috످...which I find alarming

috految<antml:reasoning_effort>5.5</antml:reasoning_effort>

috److It looks like I only got the end of your message. What is it that you find alarming?

috످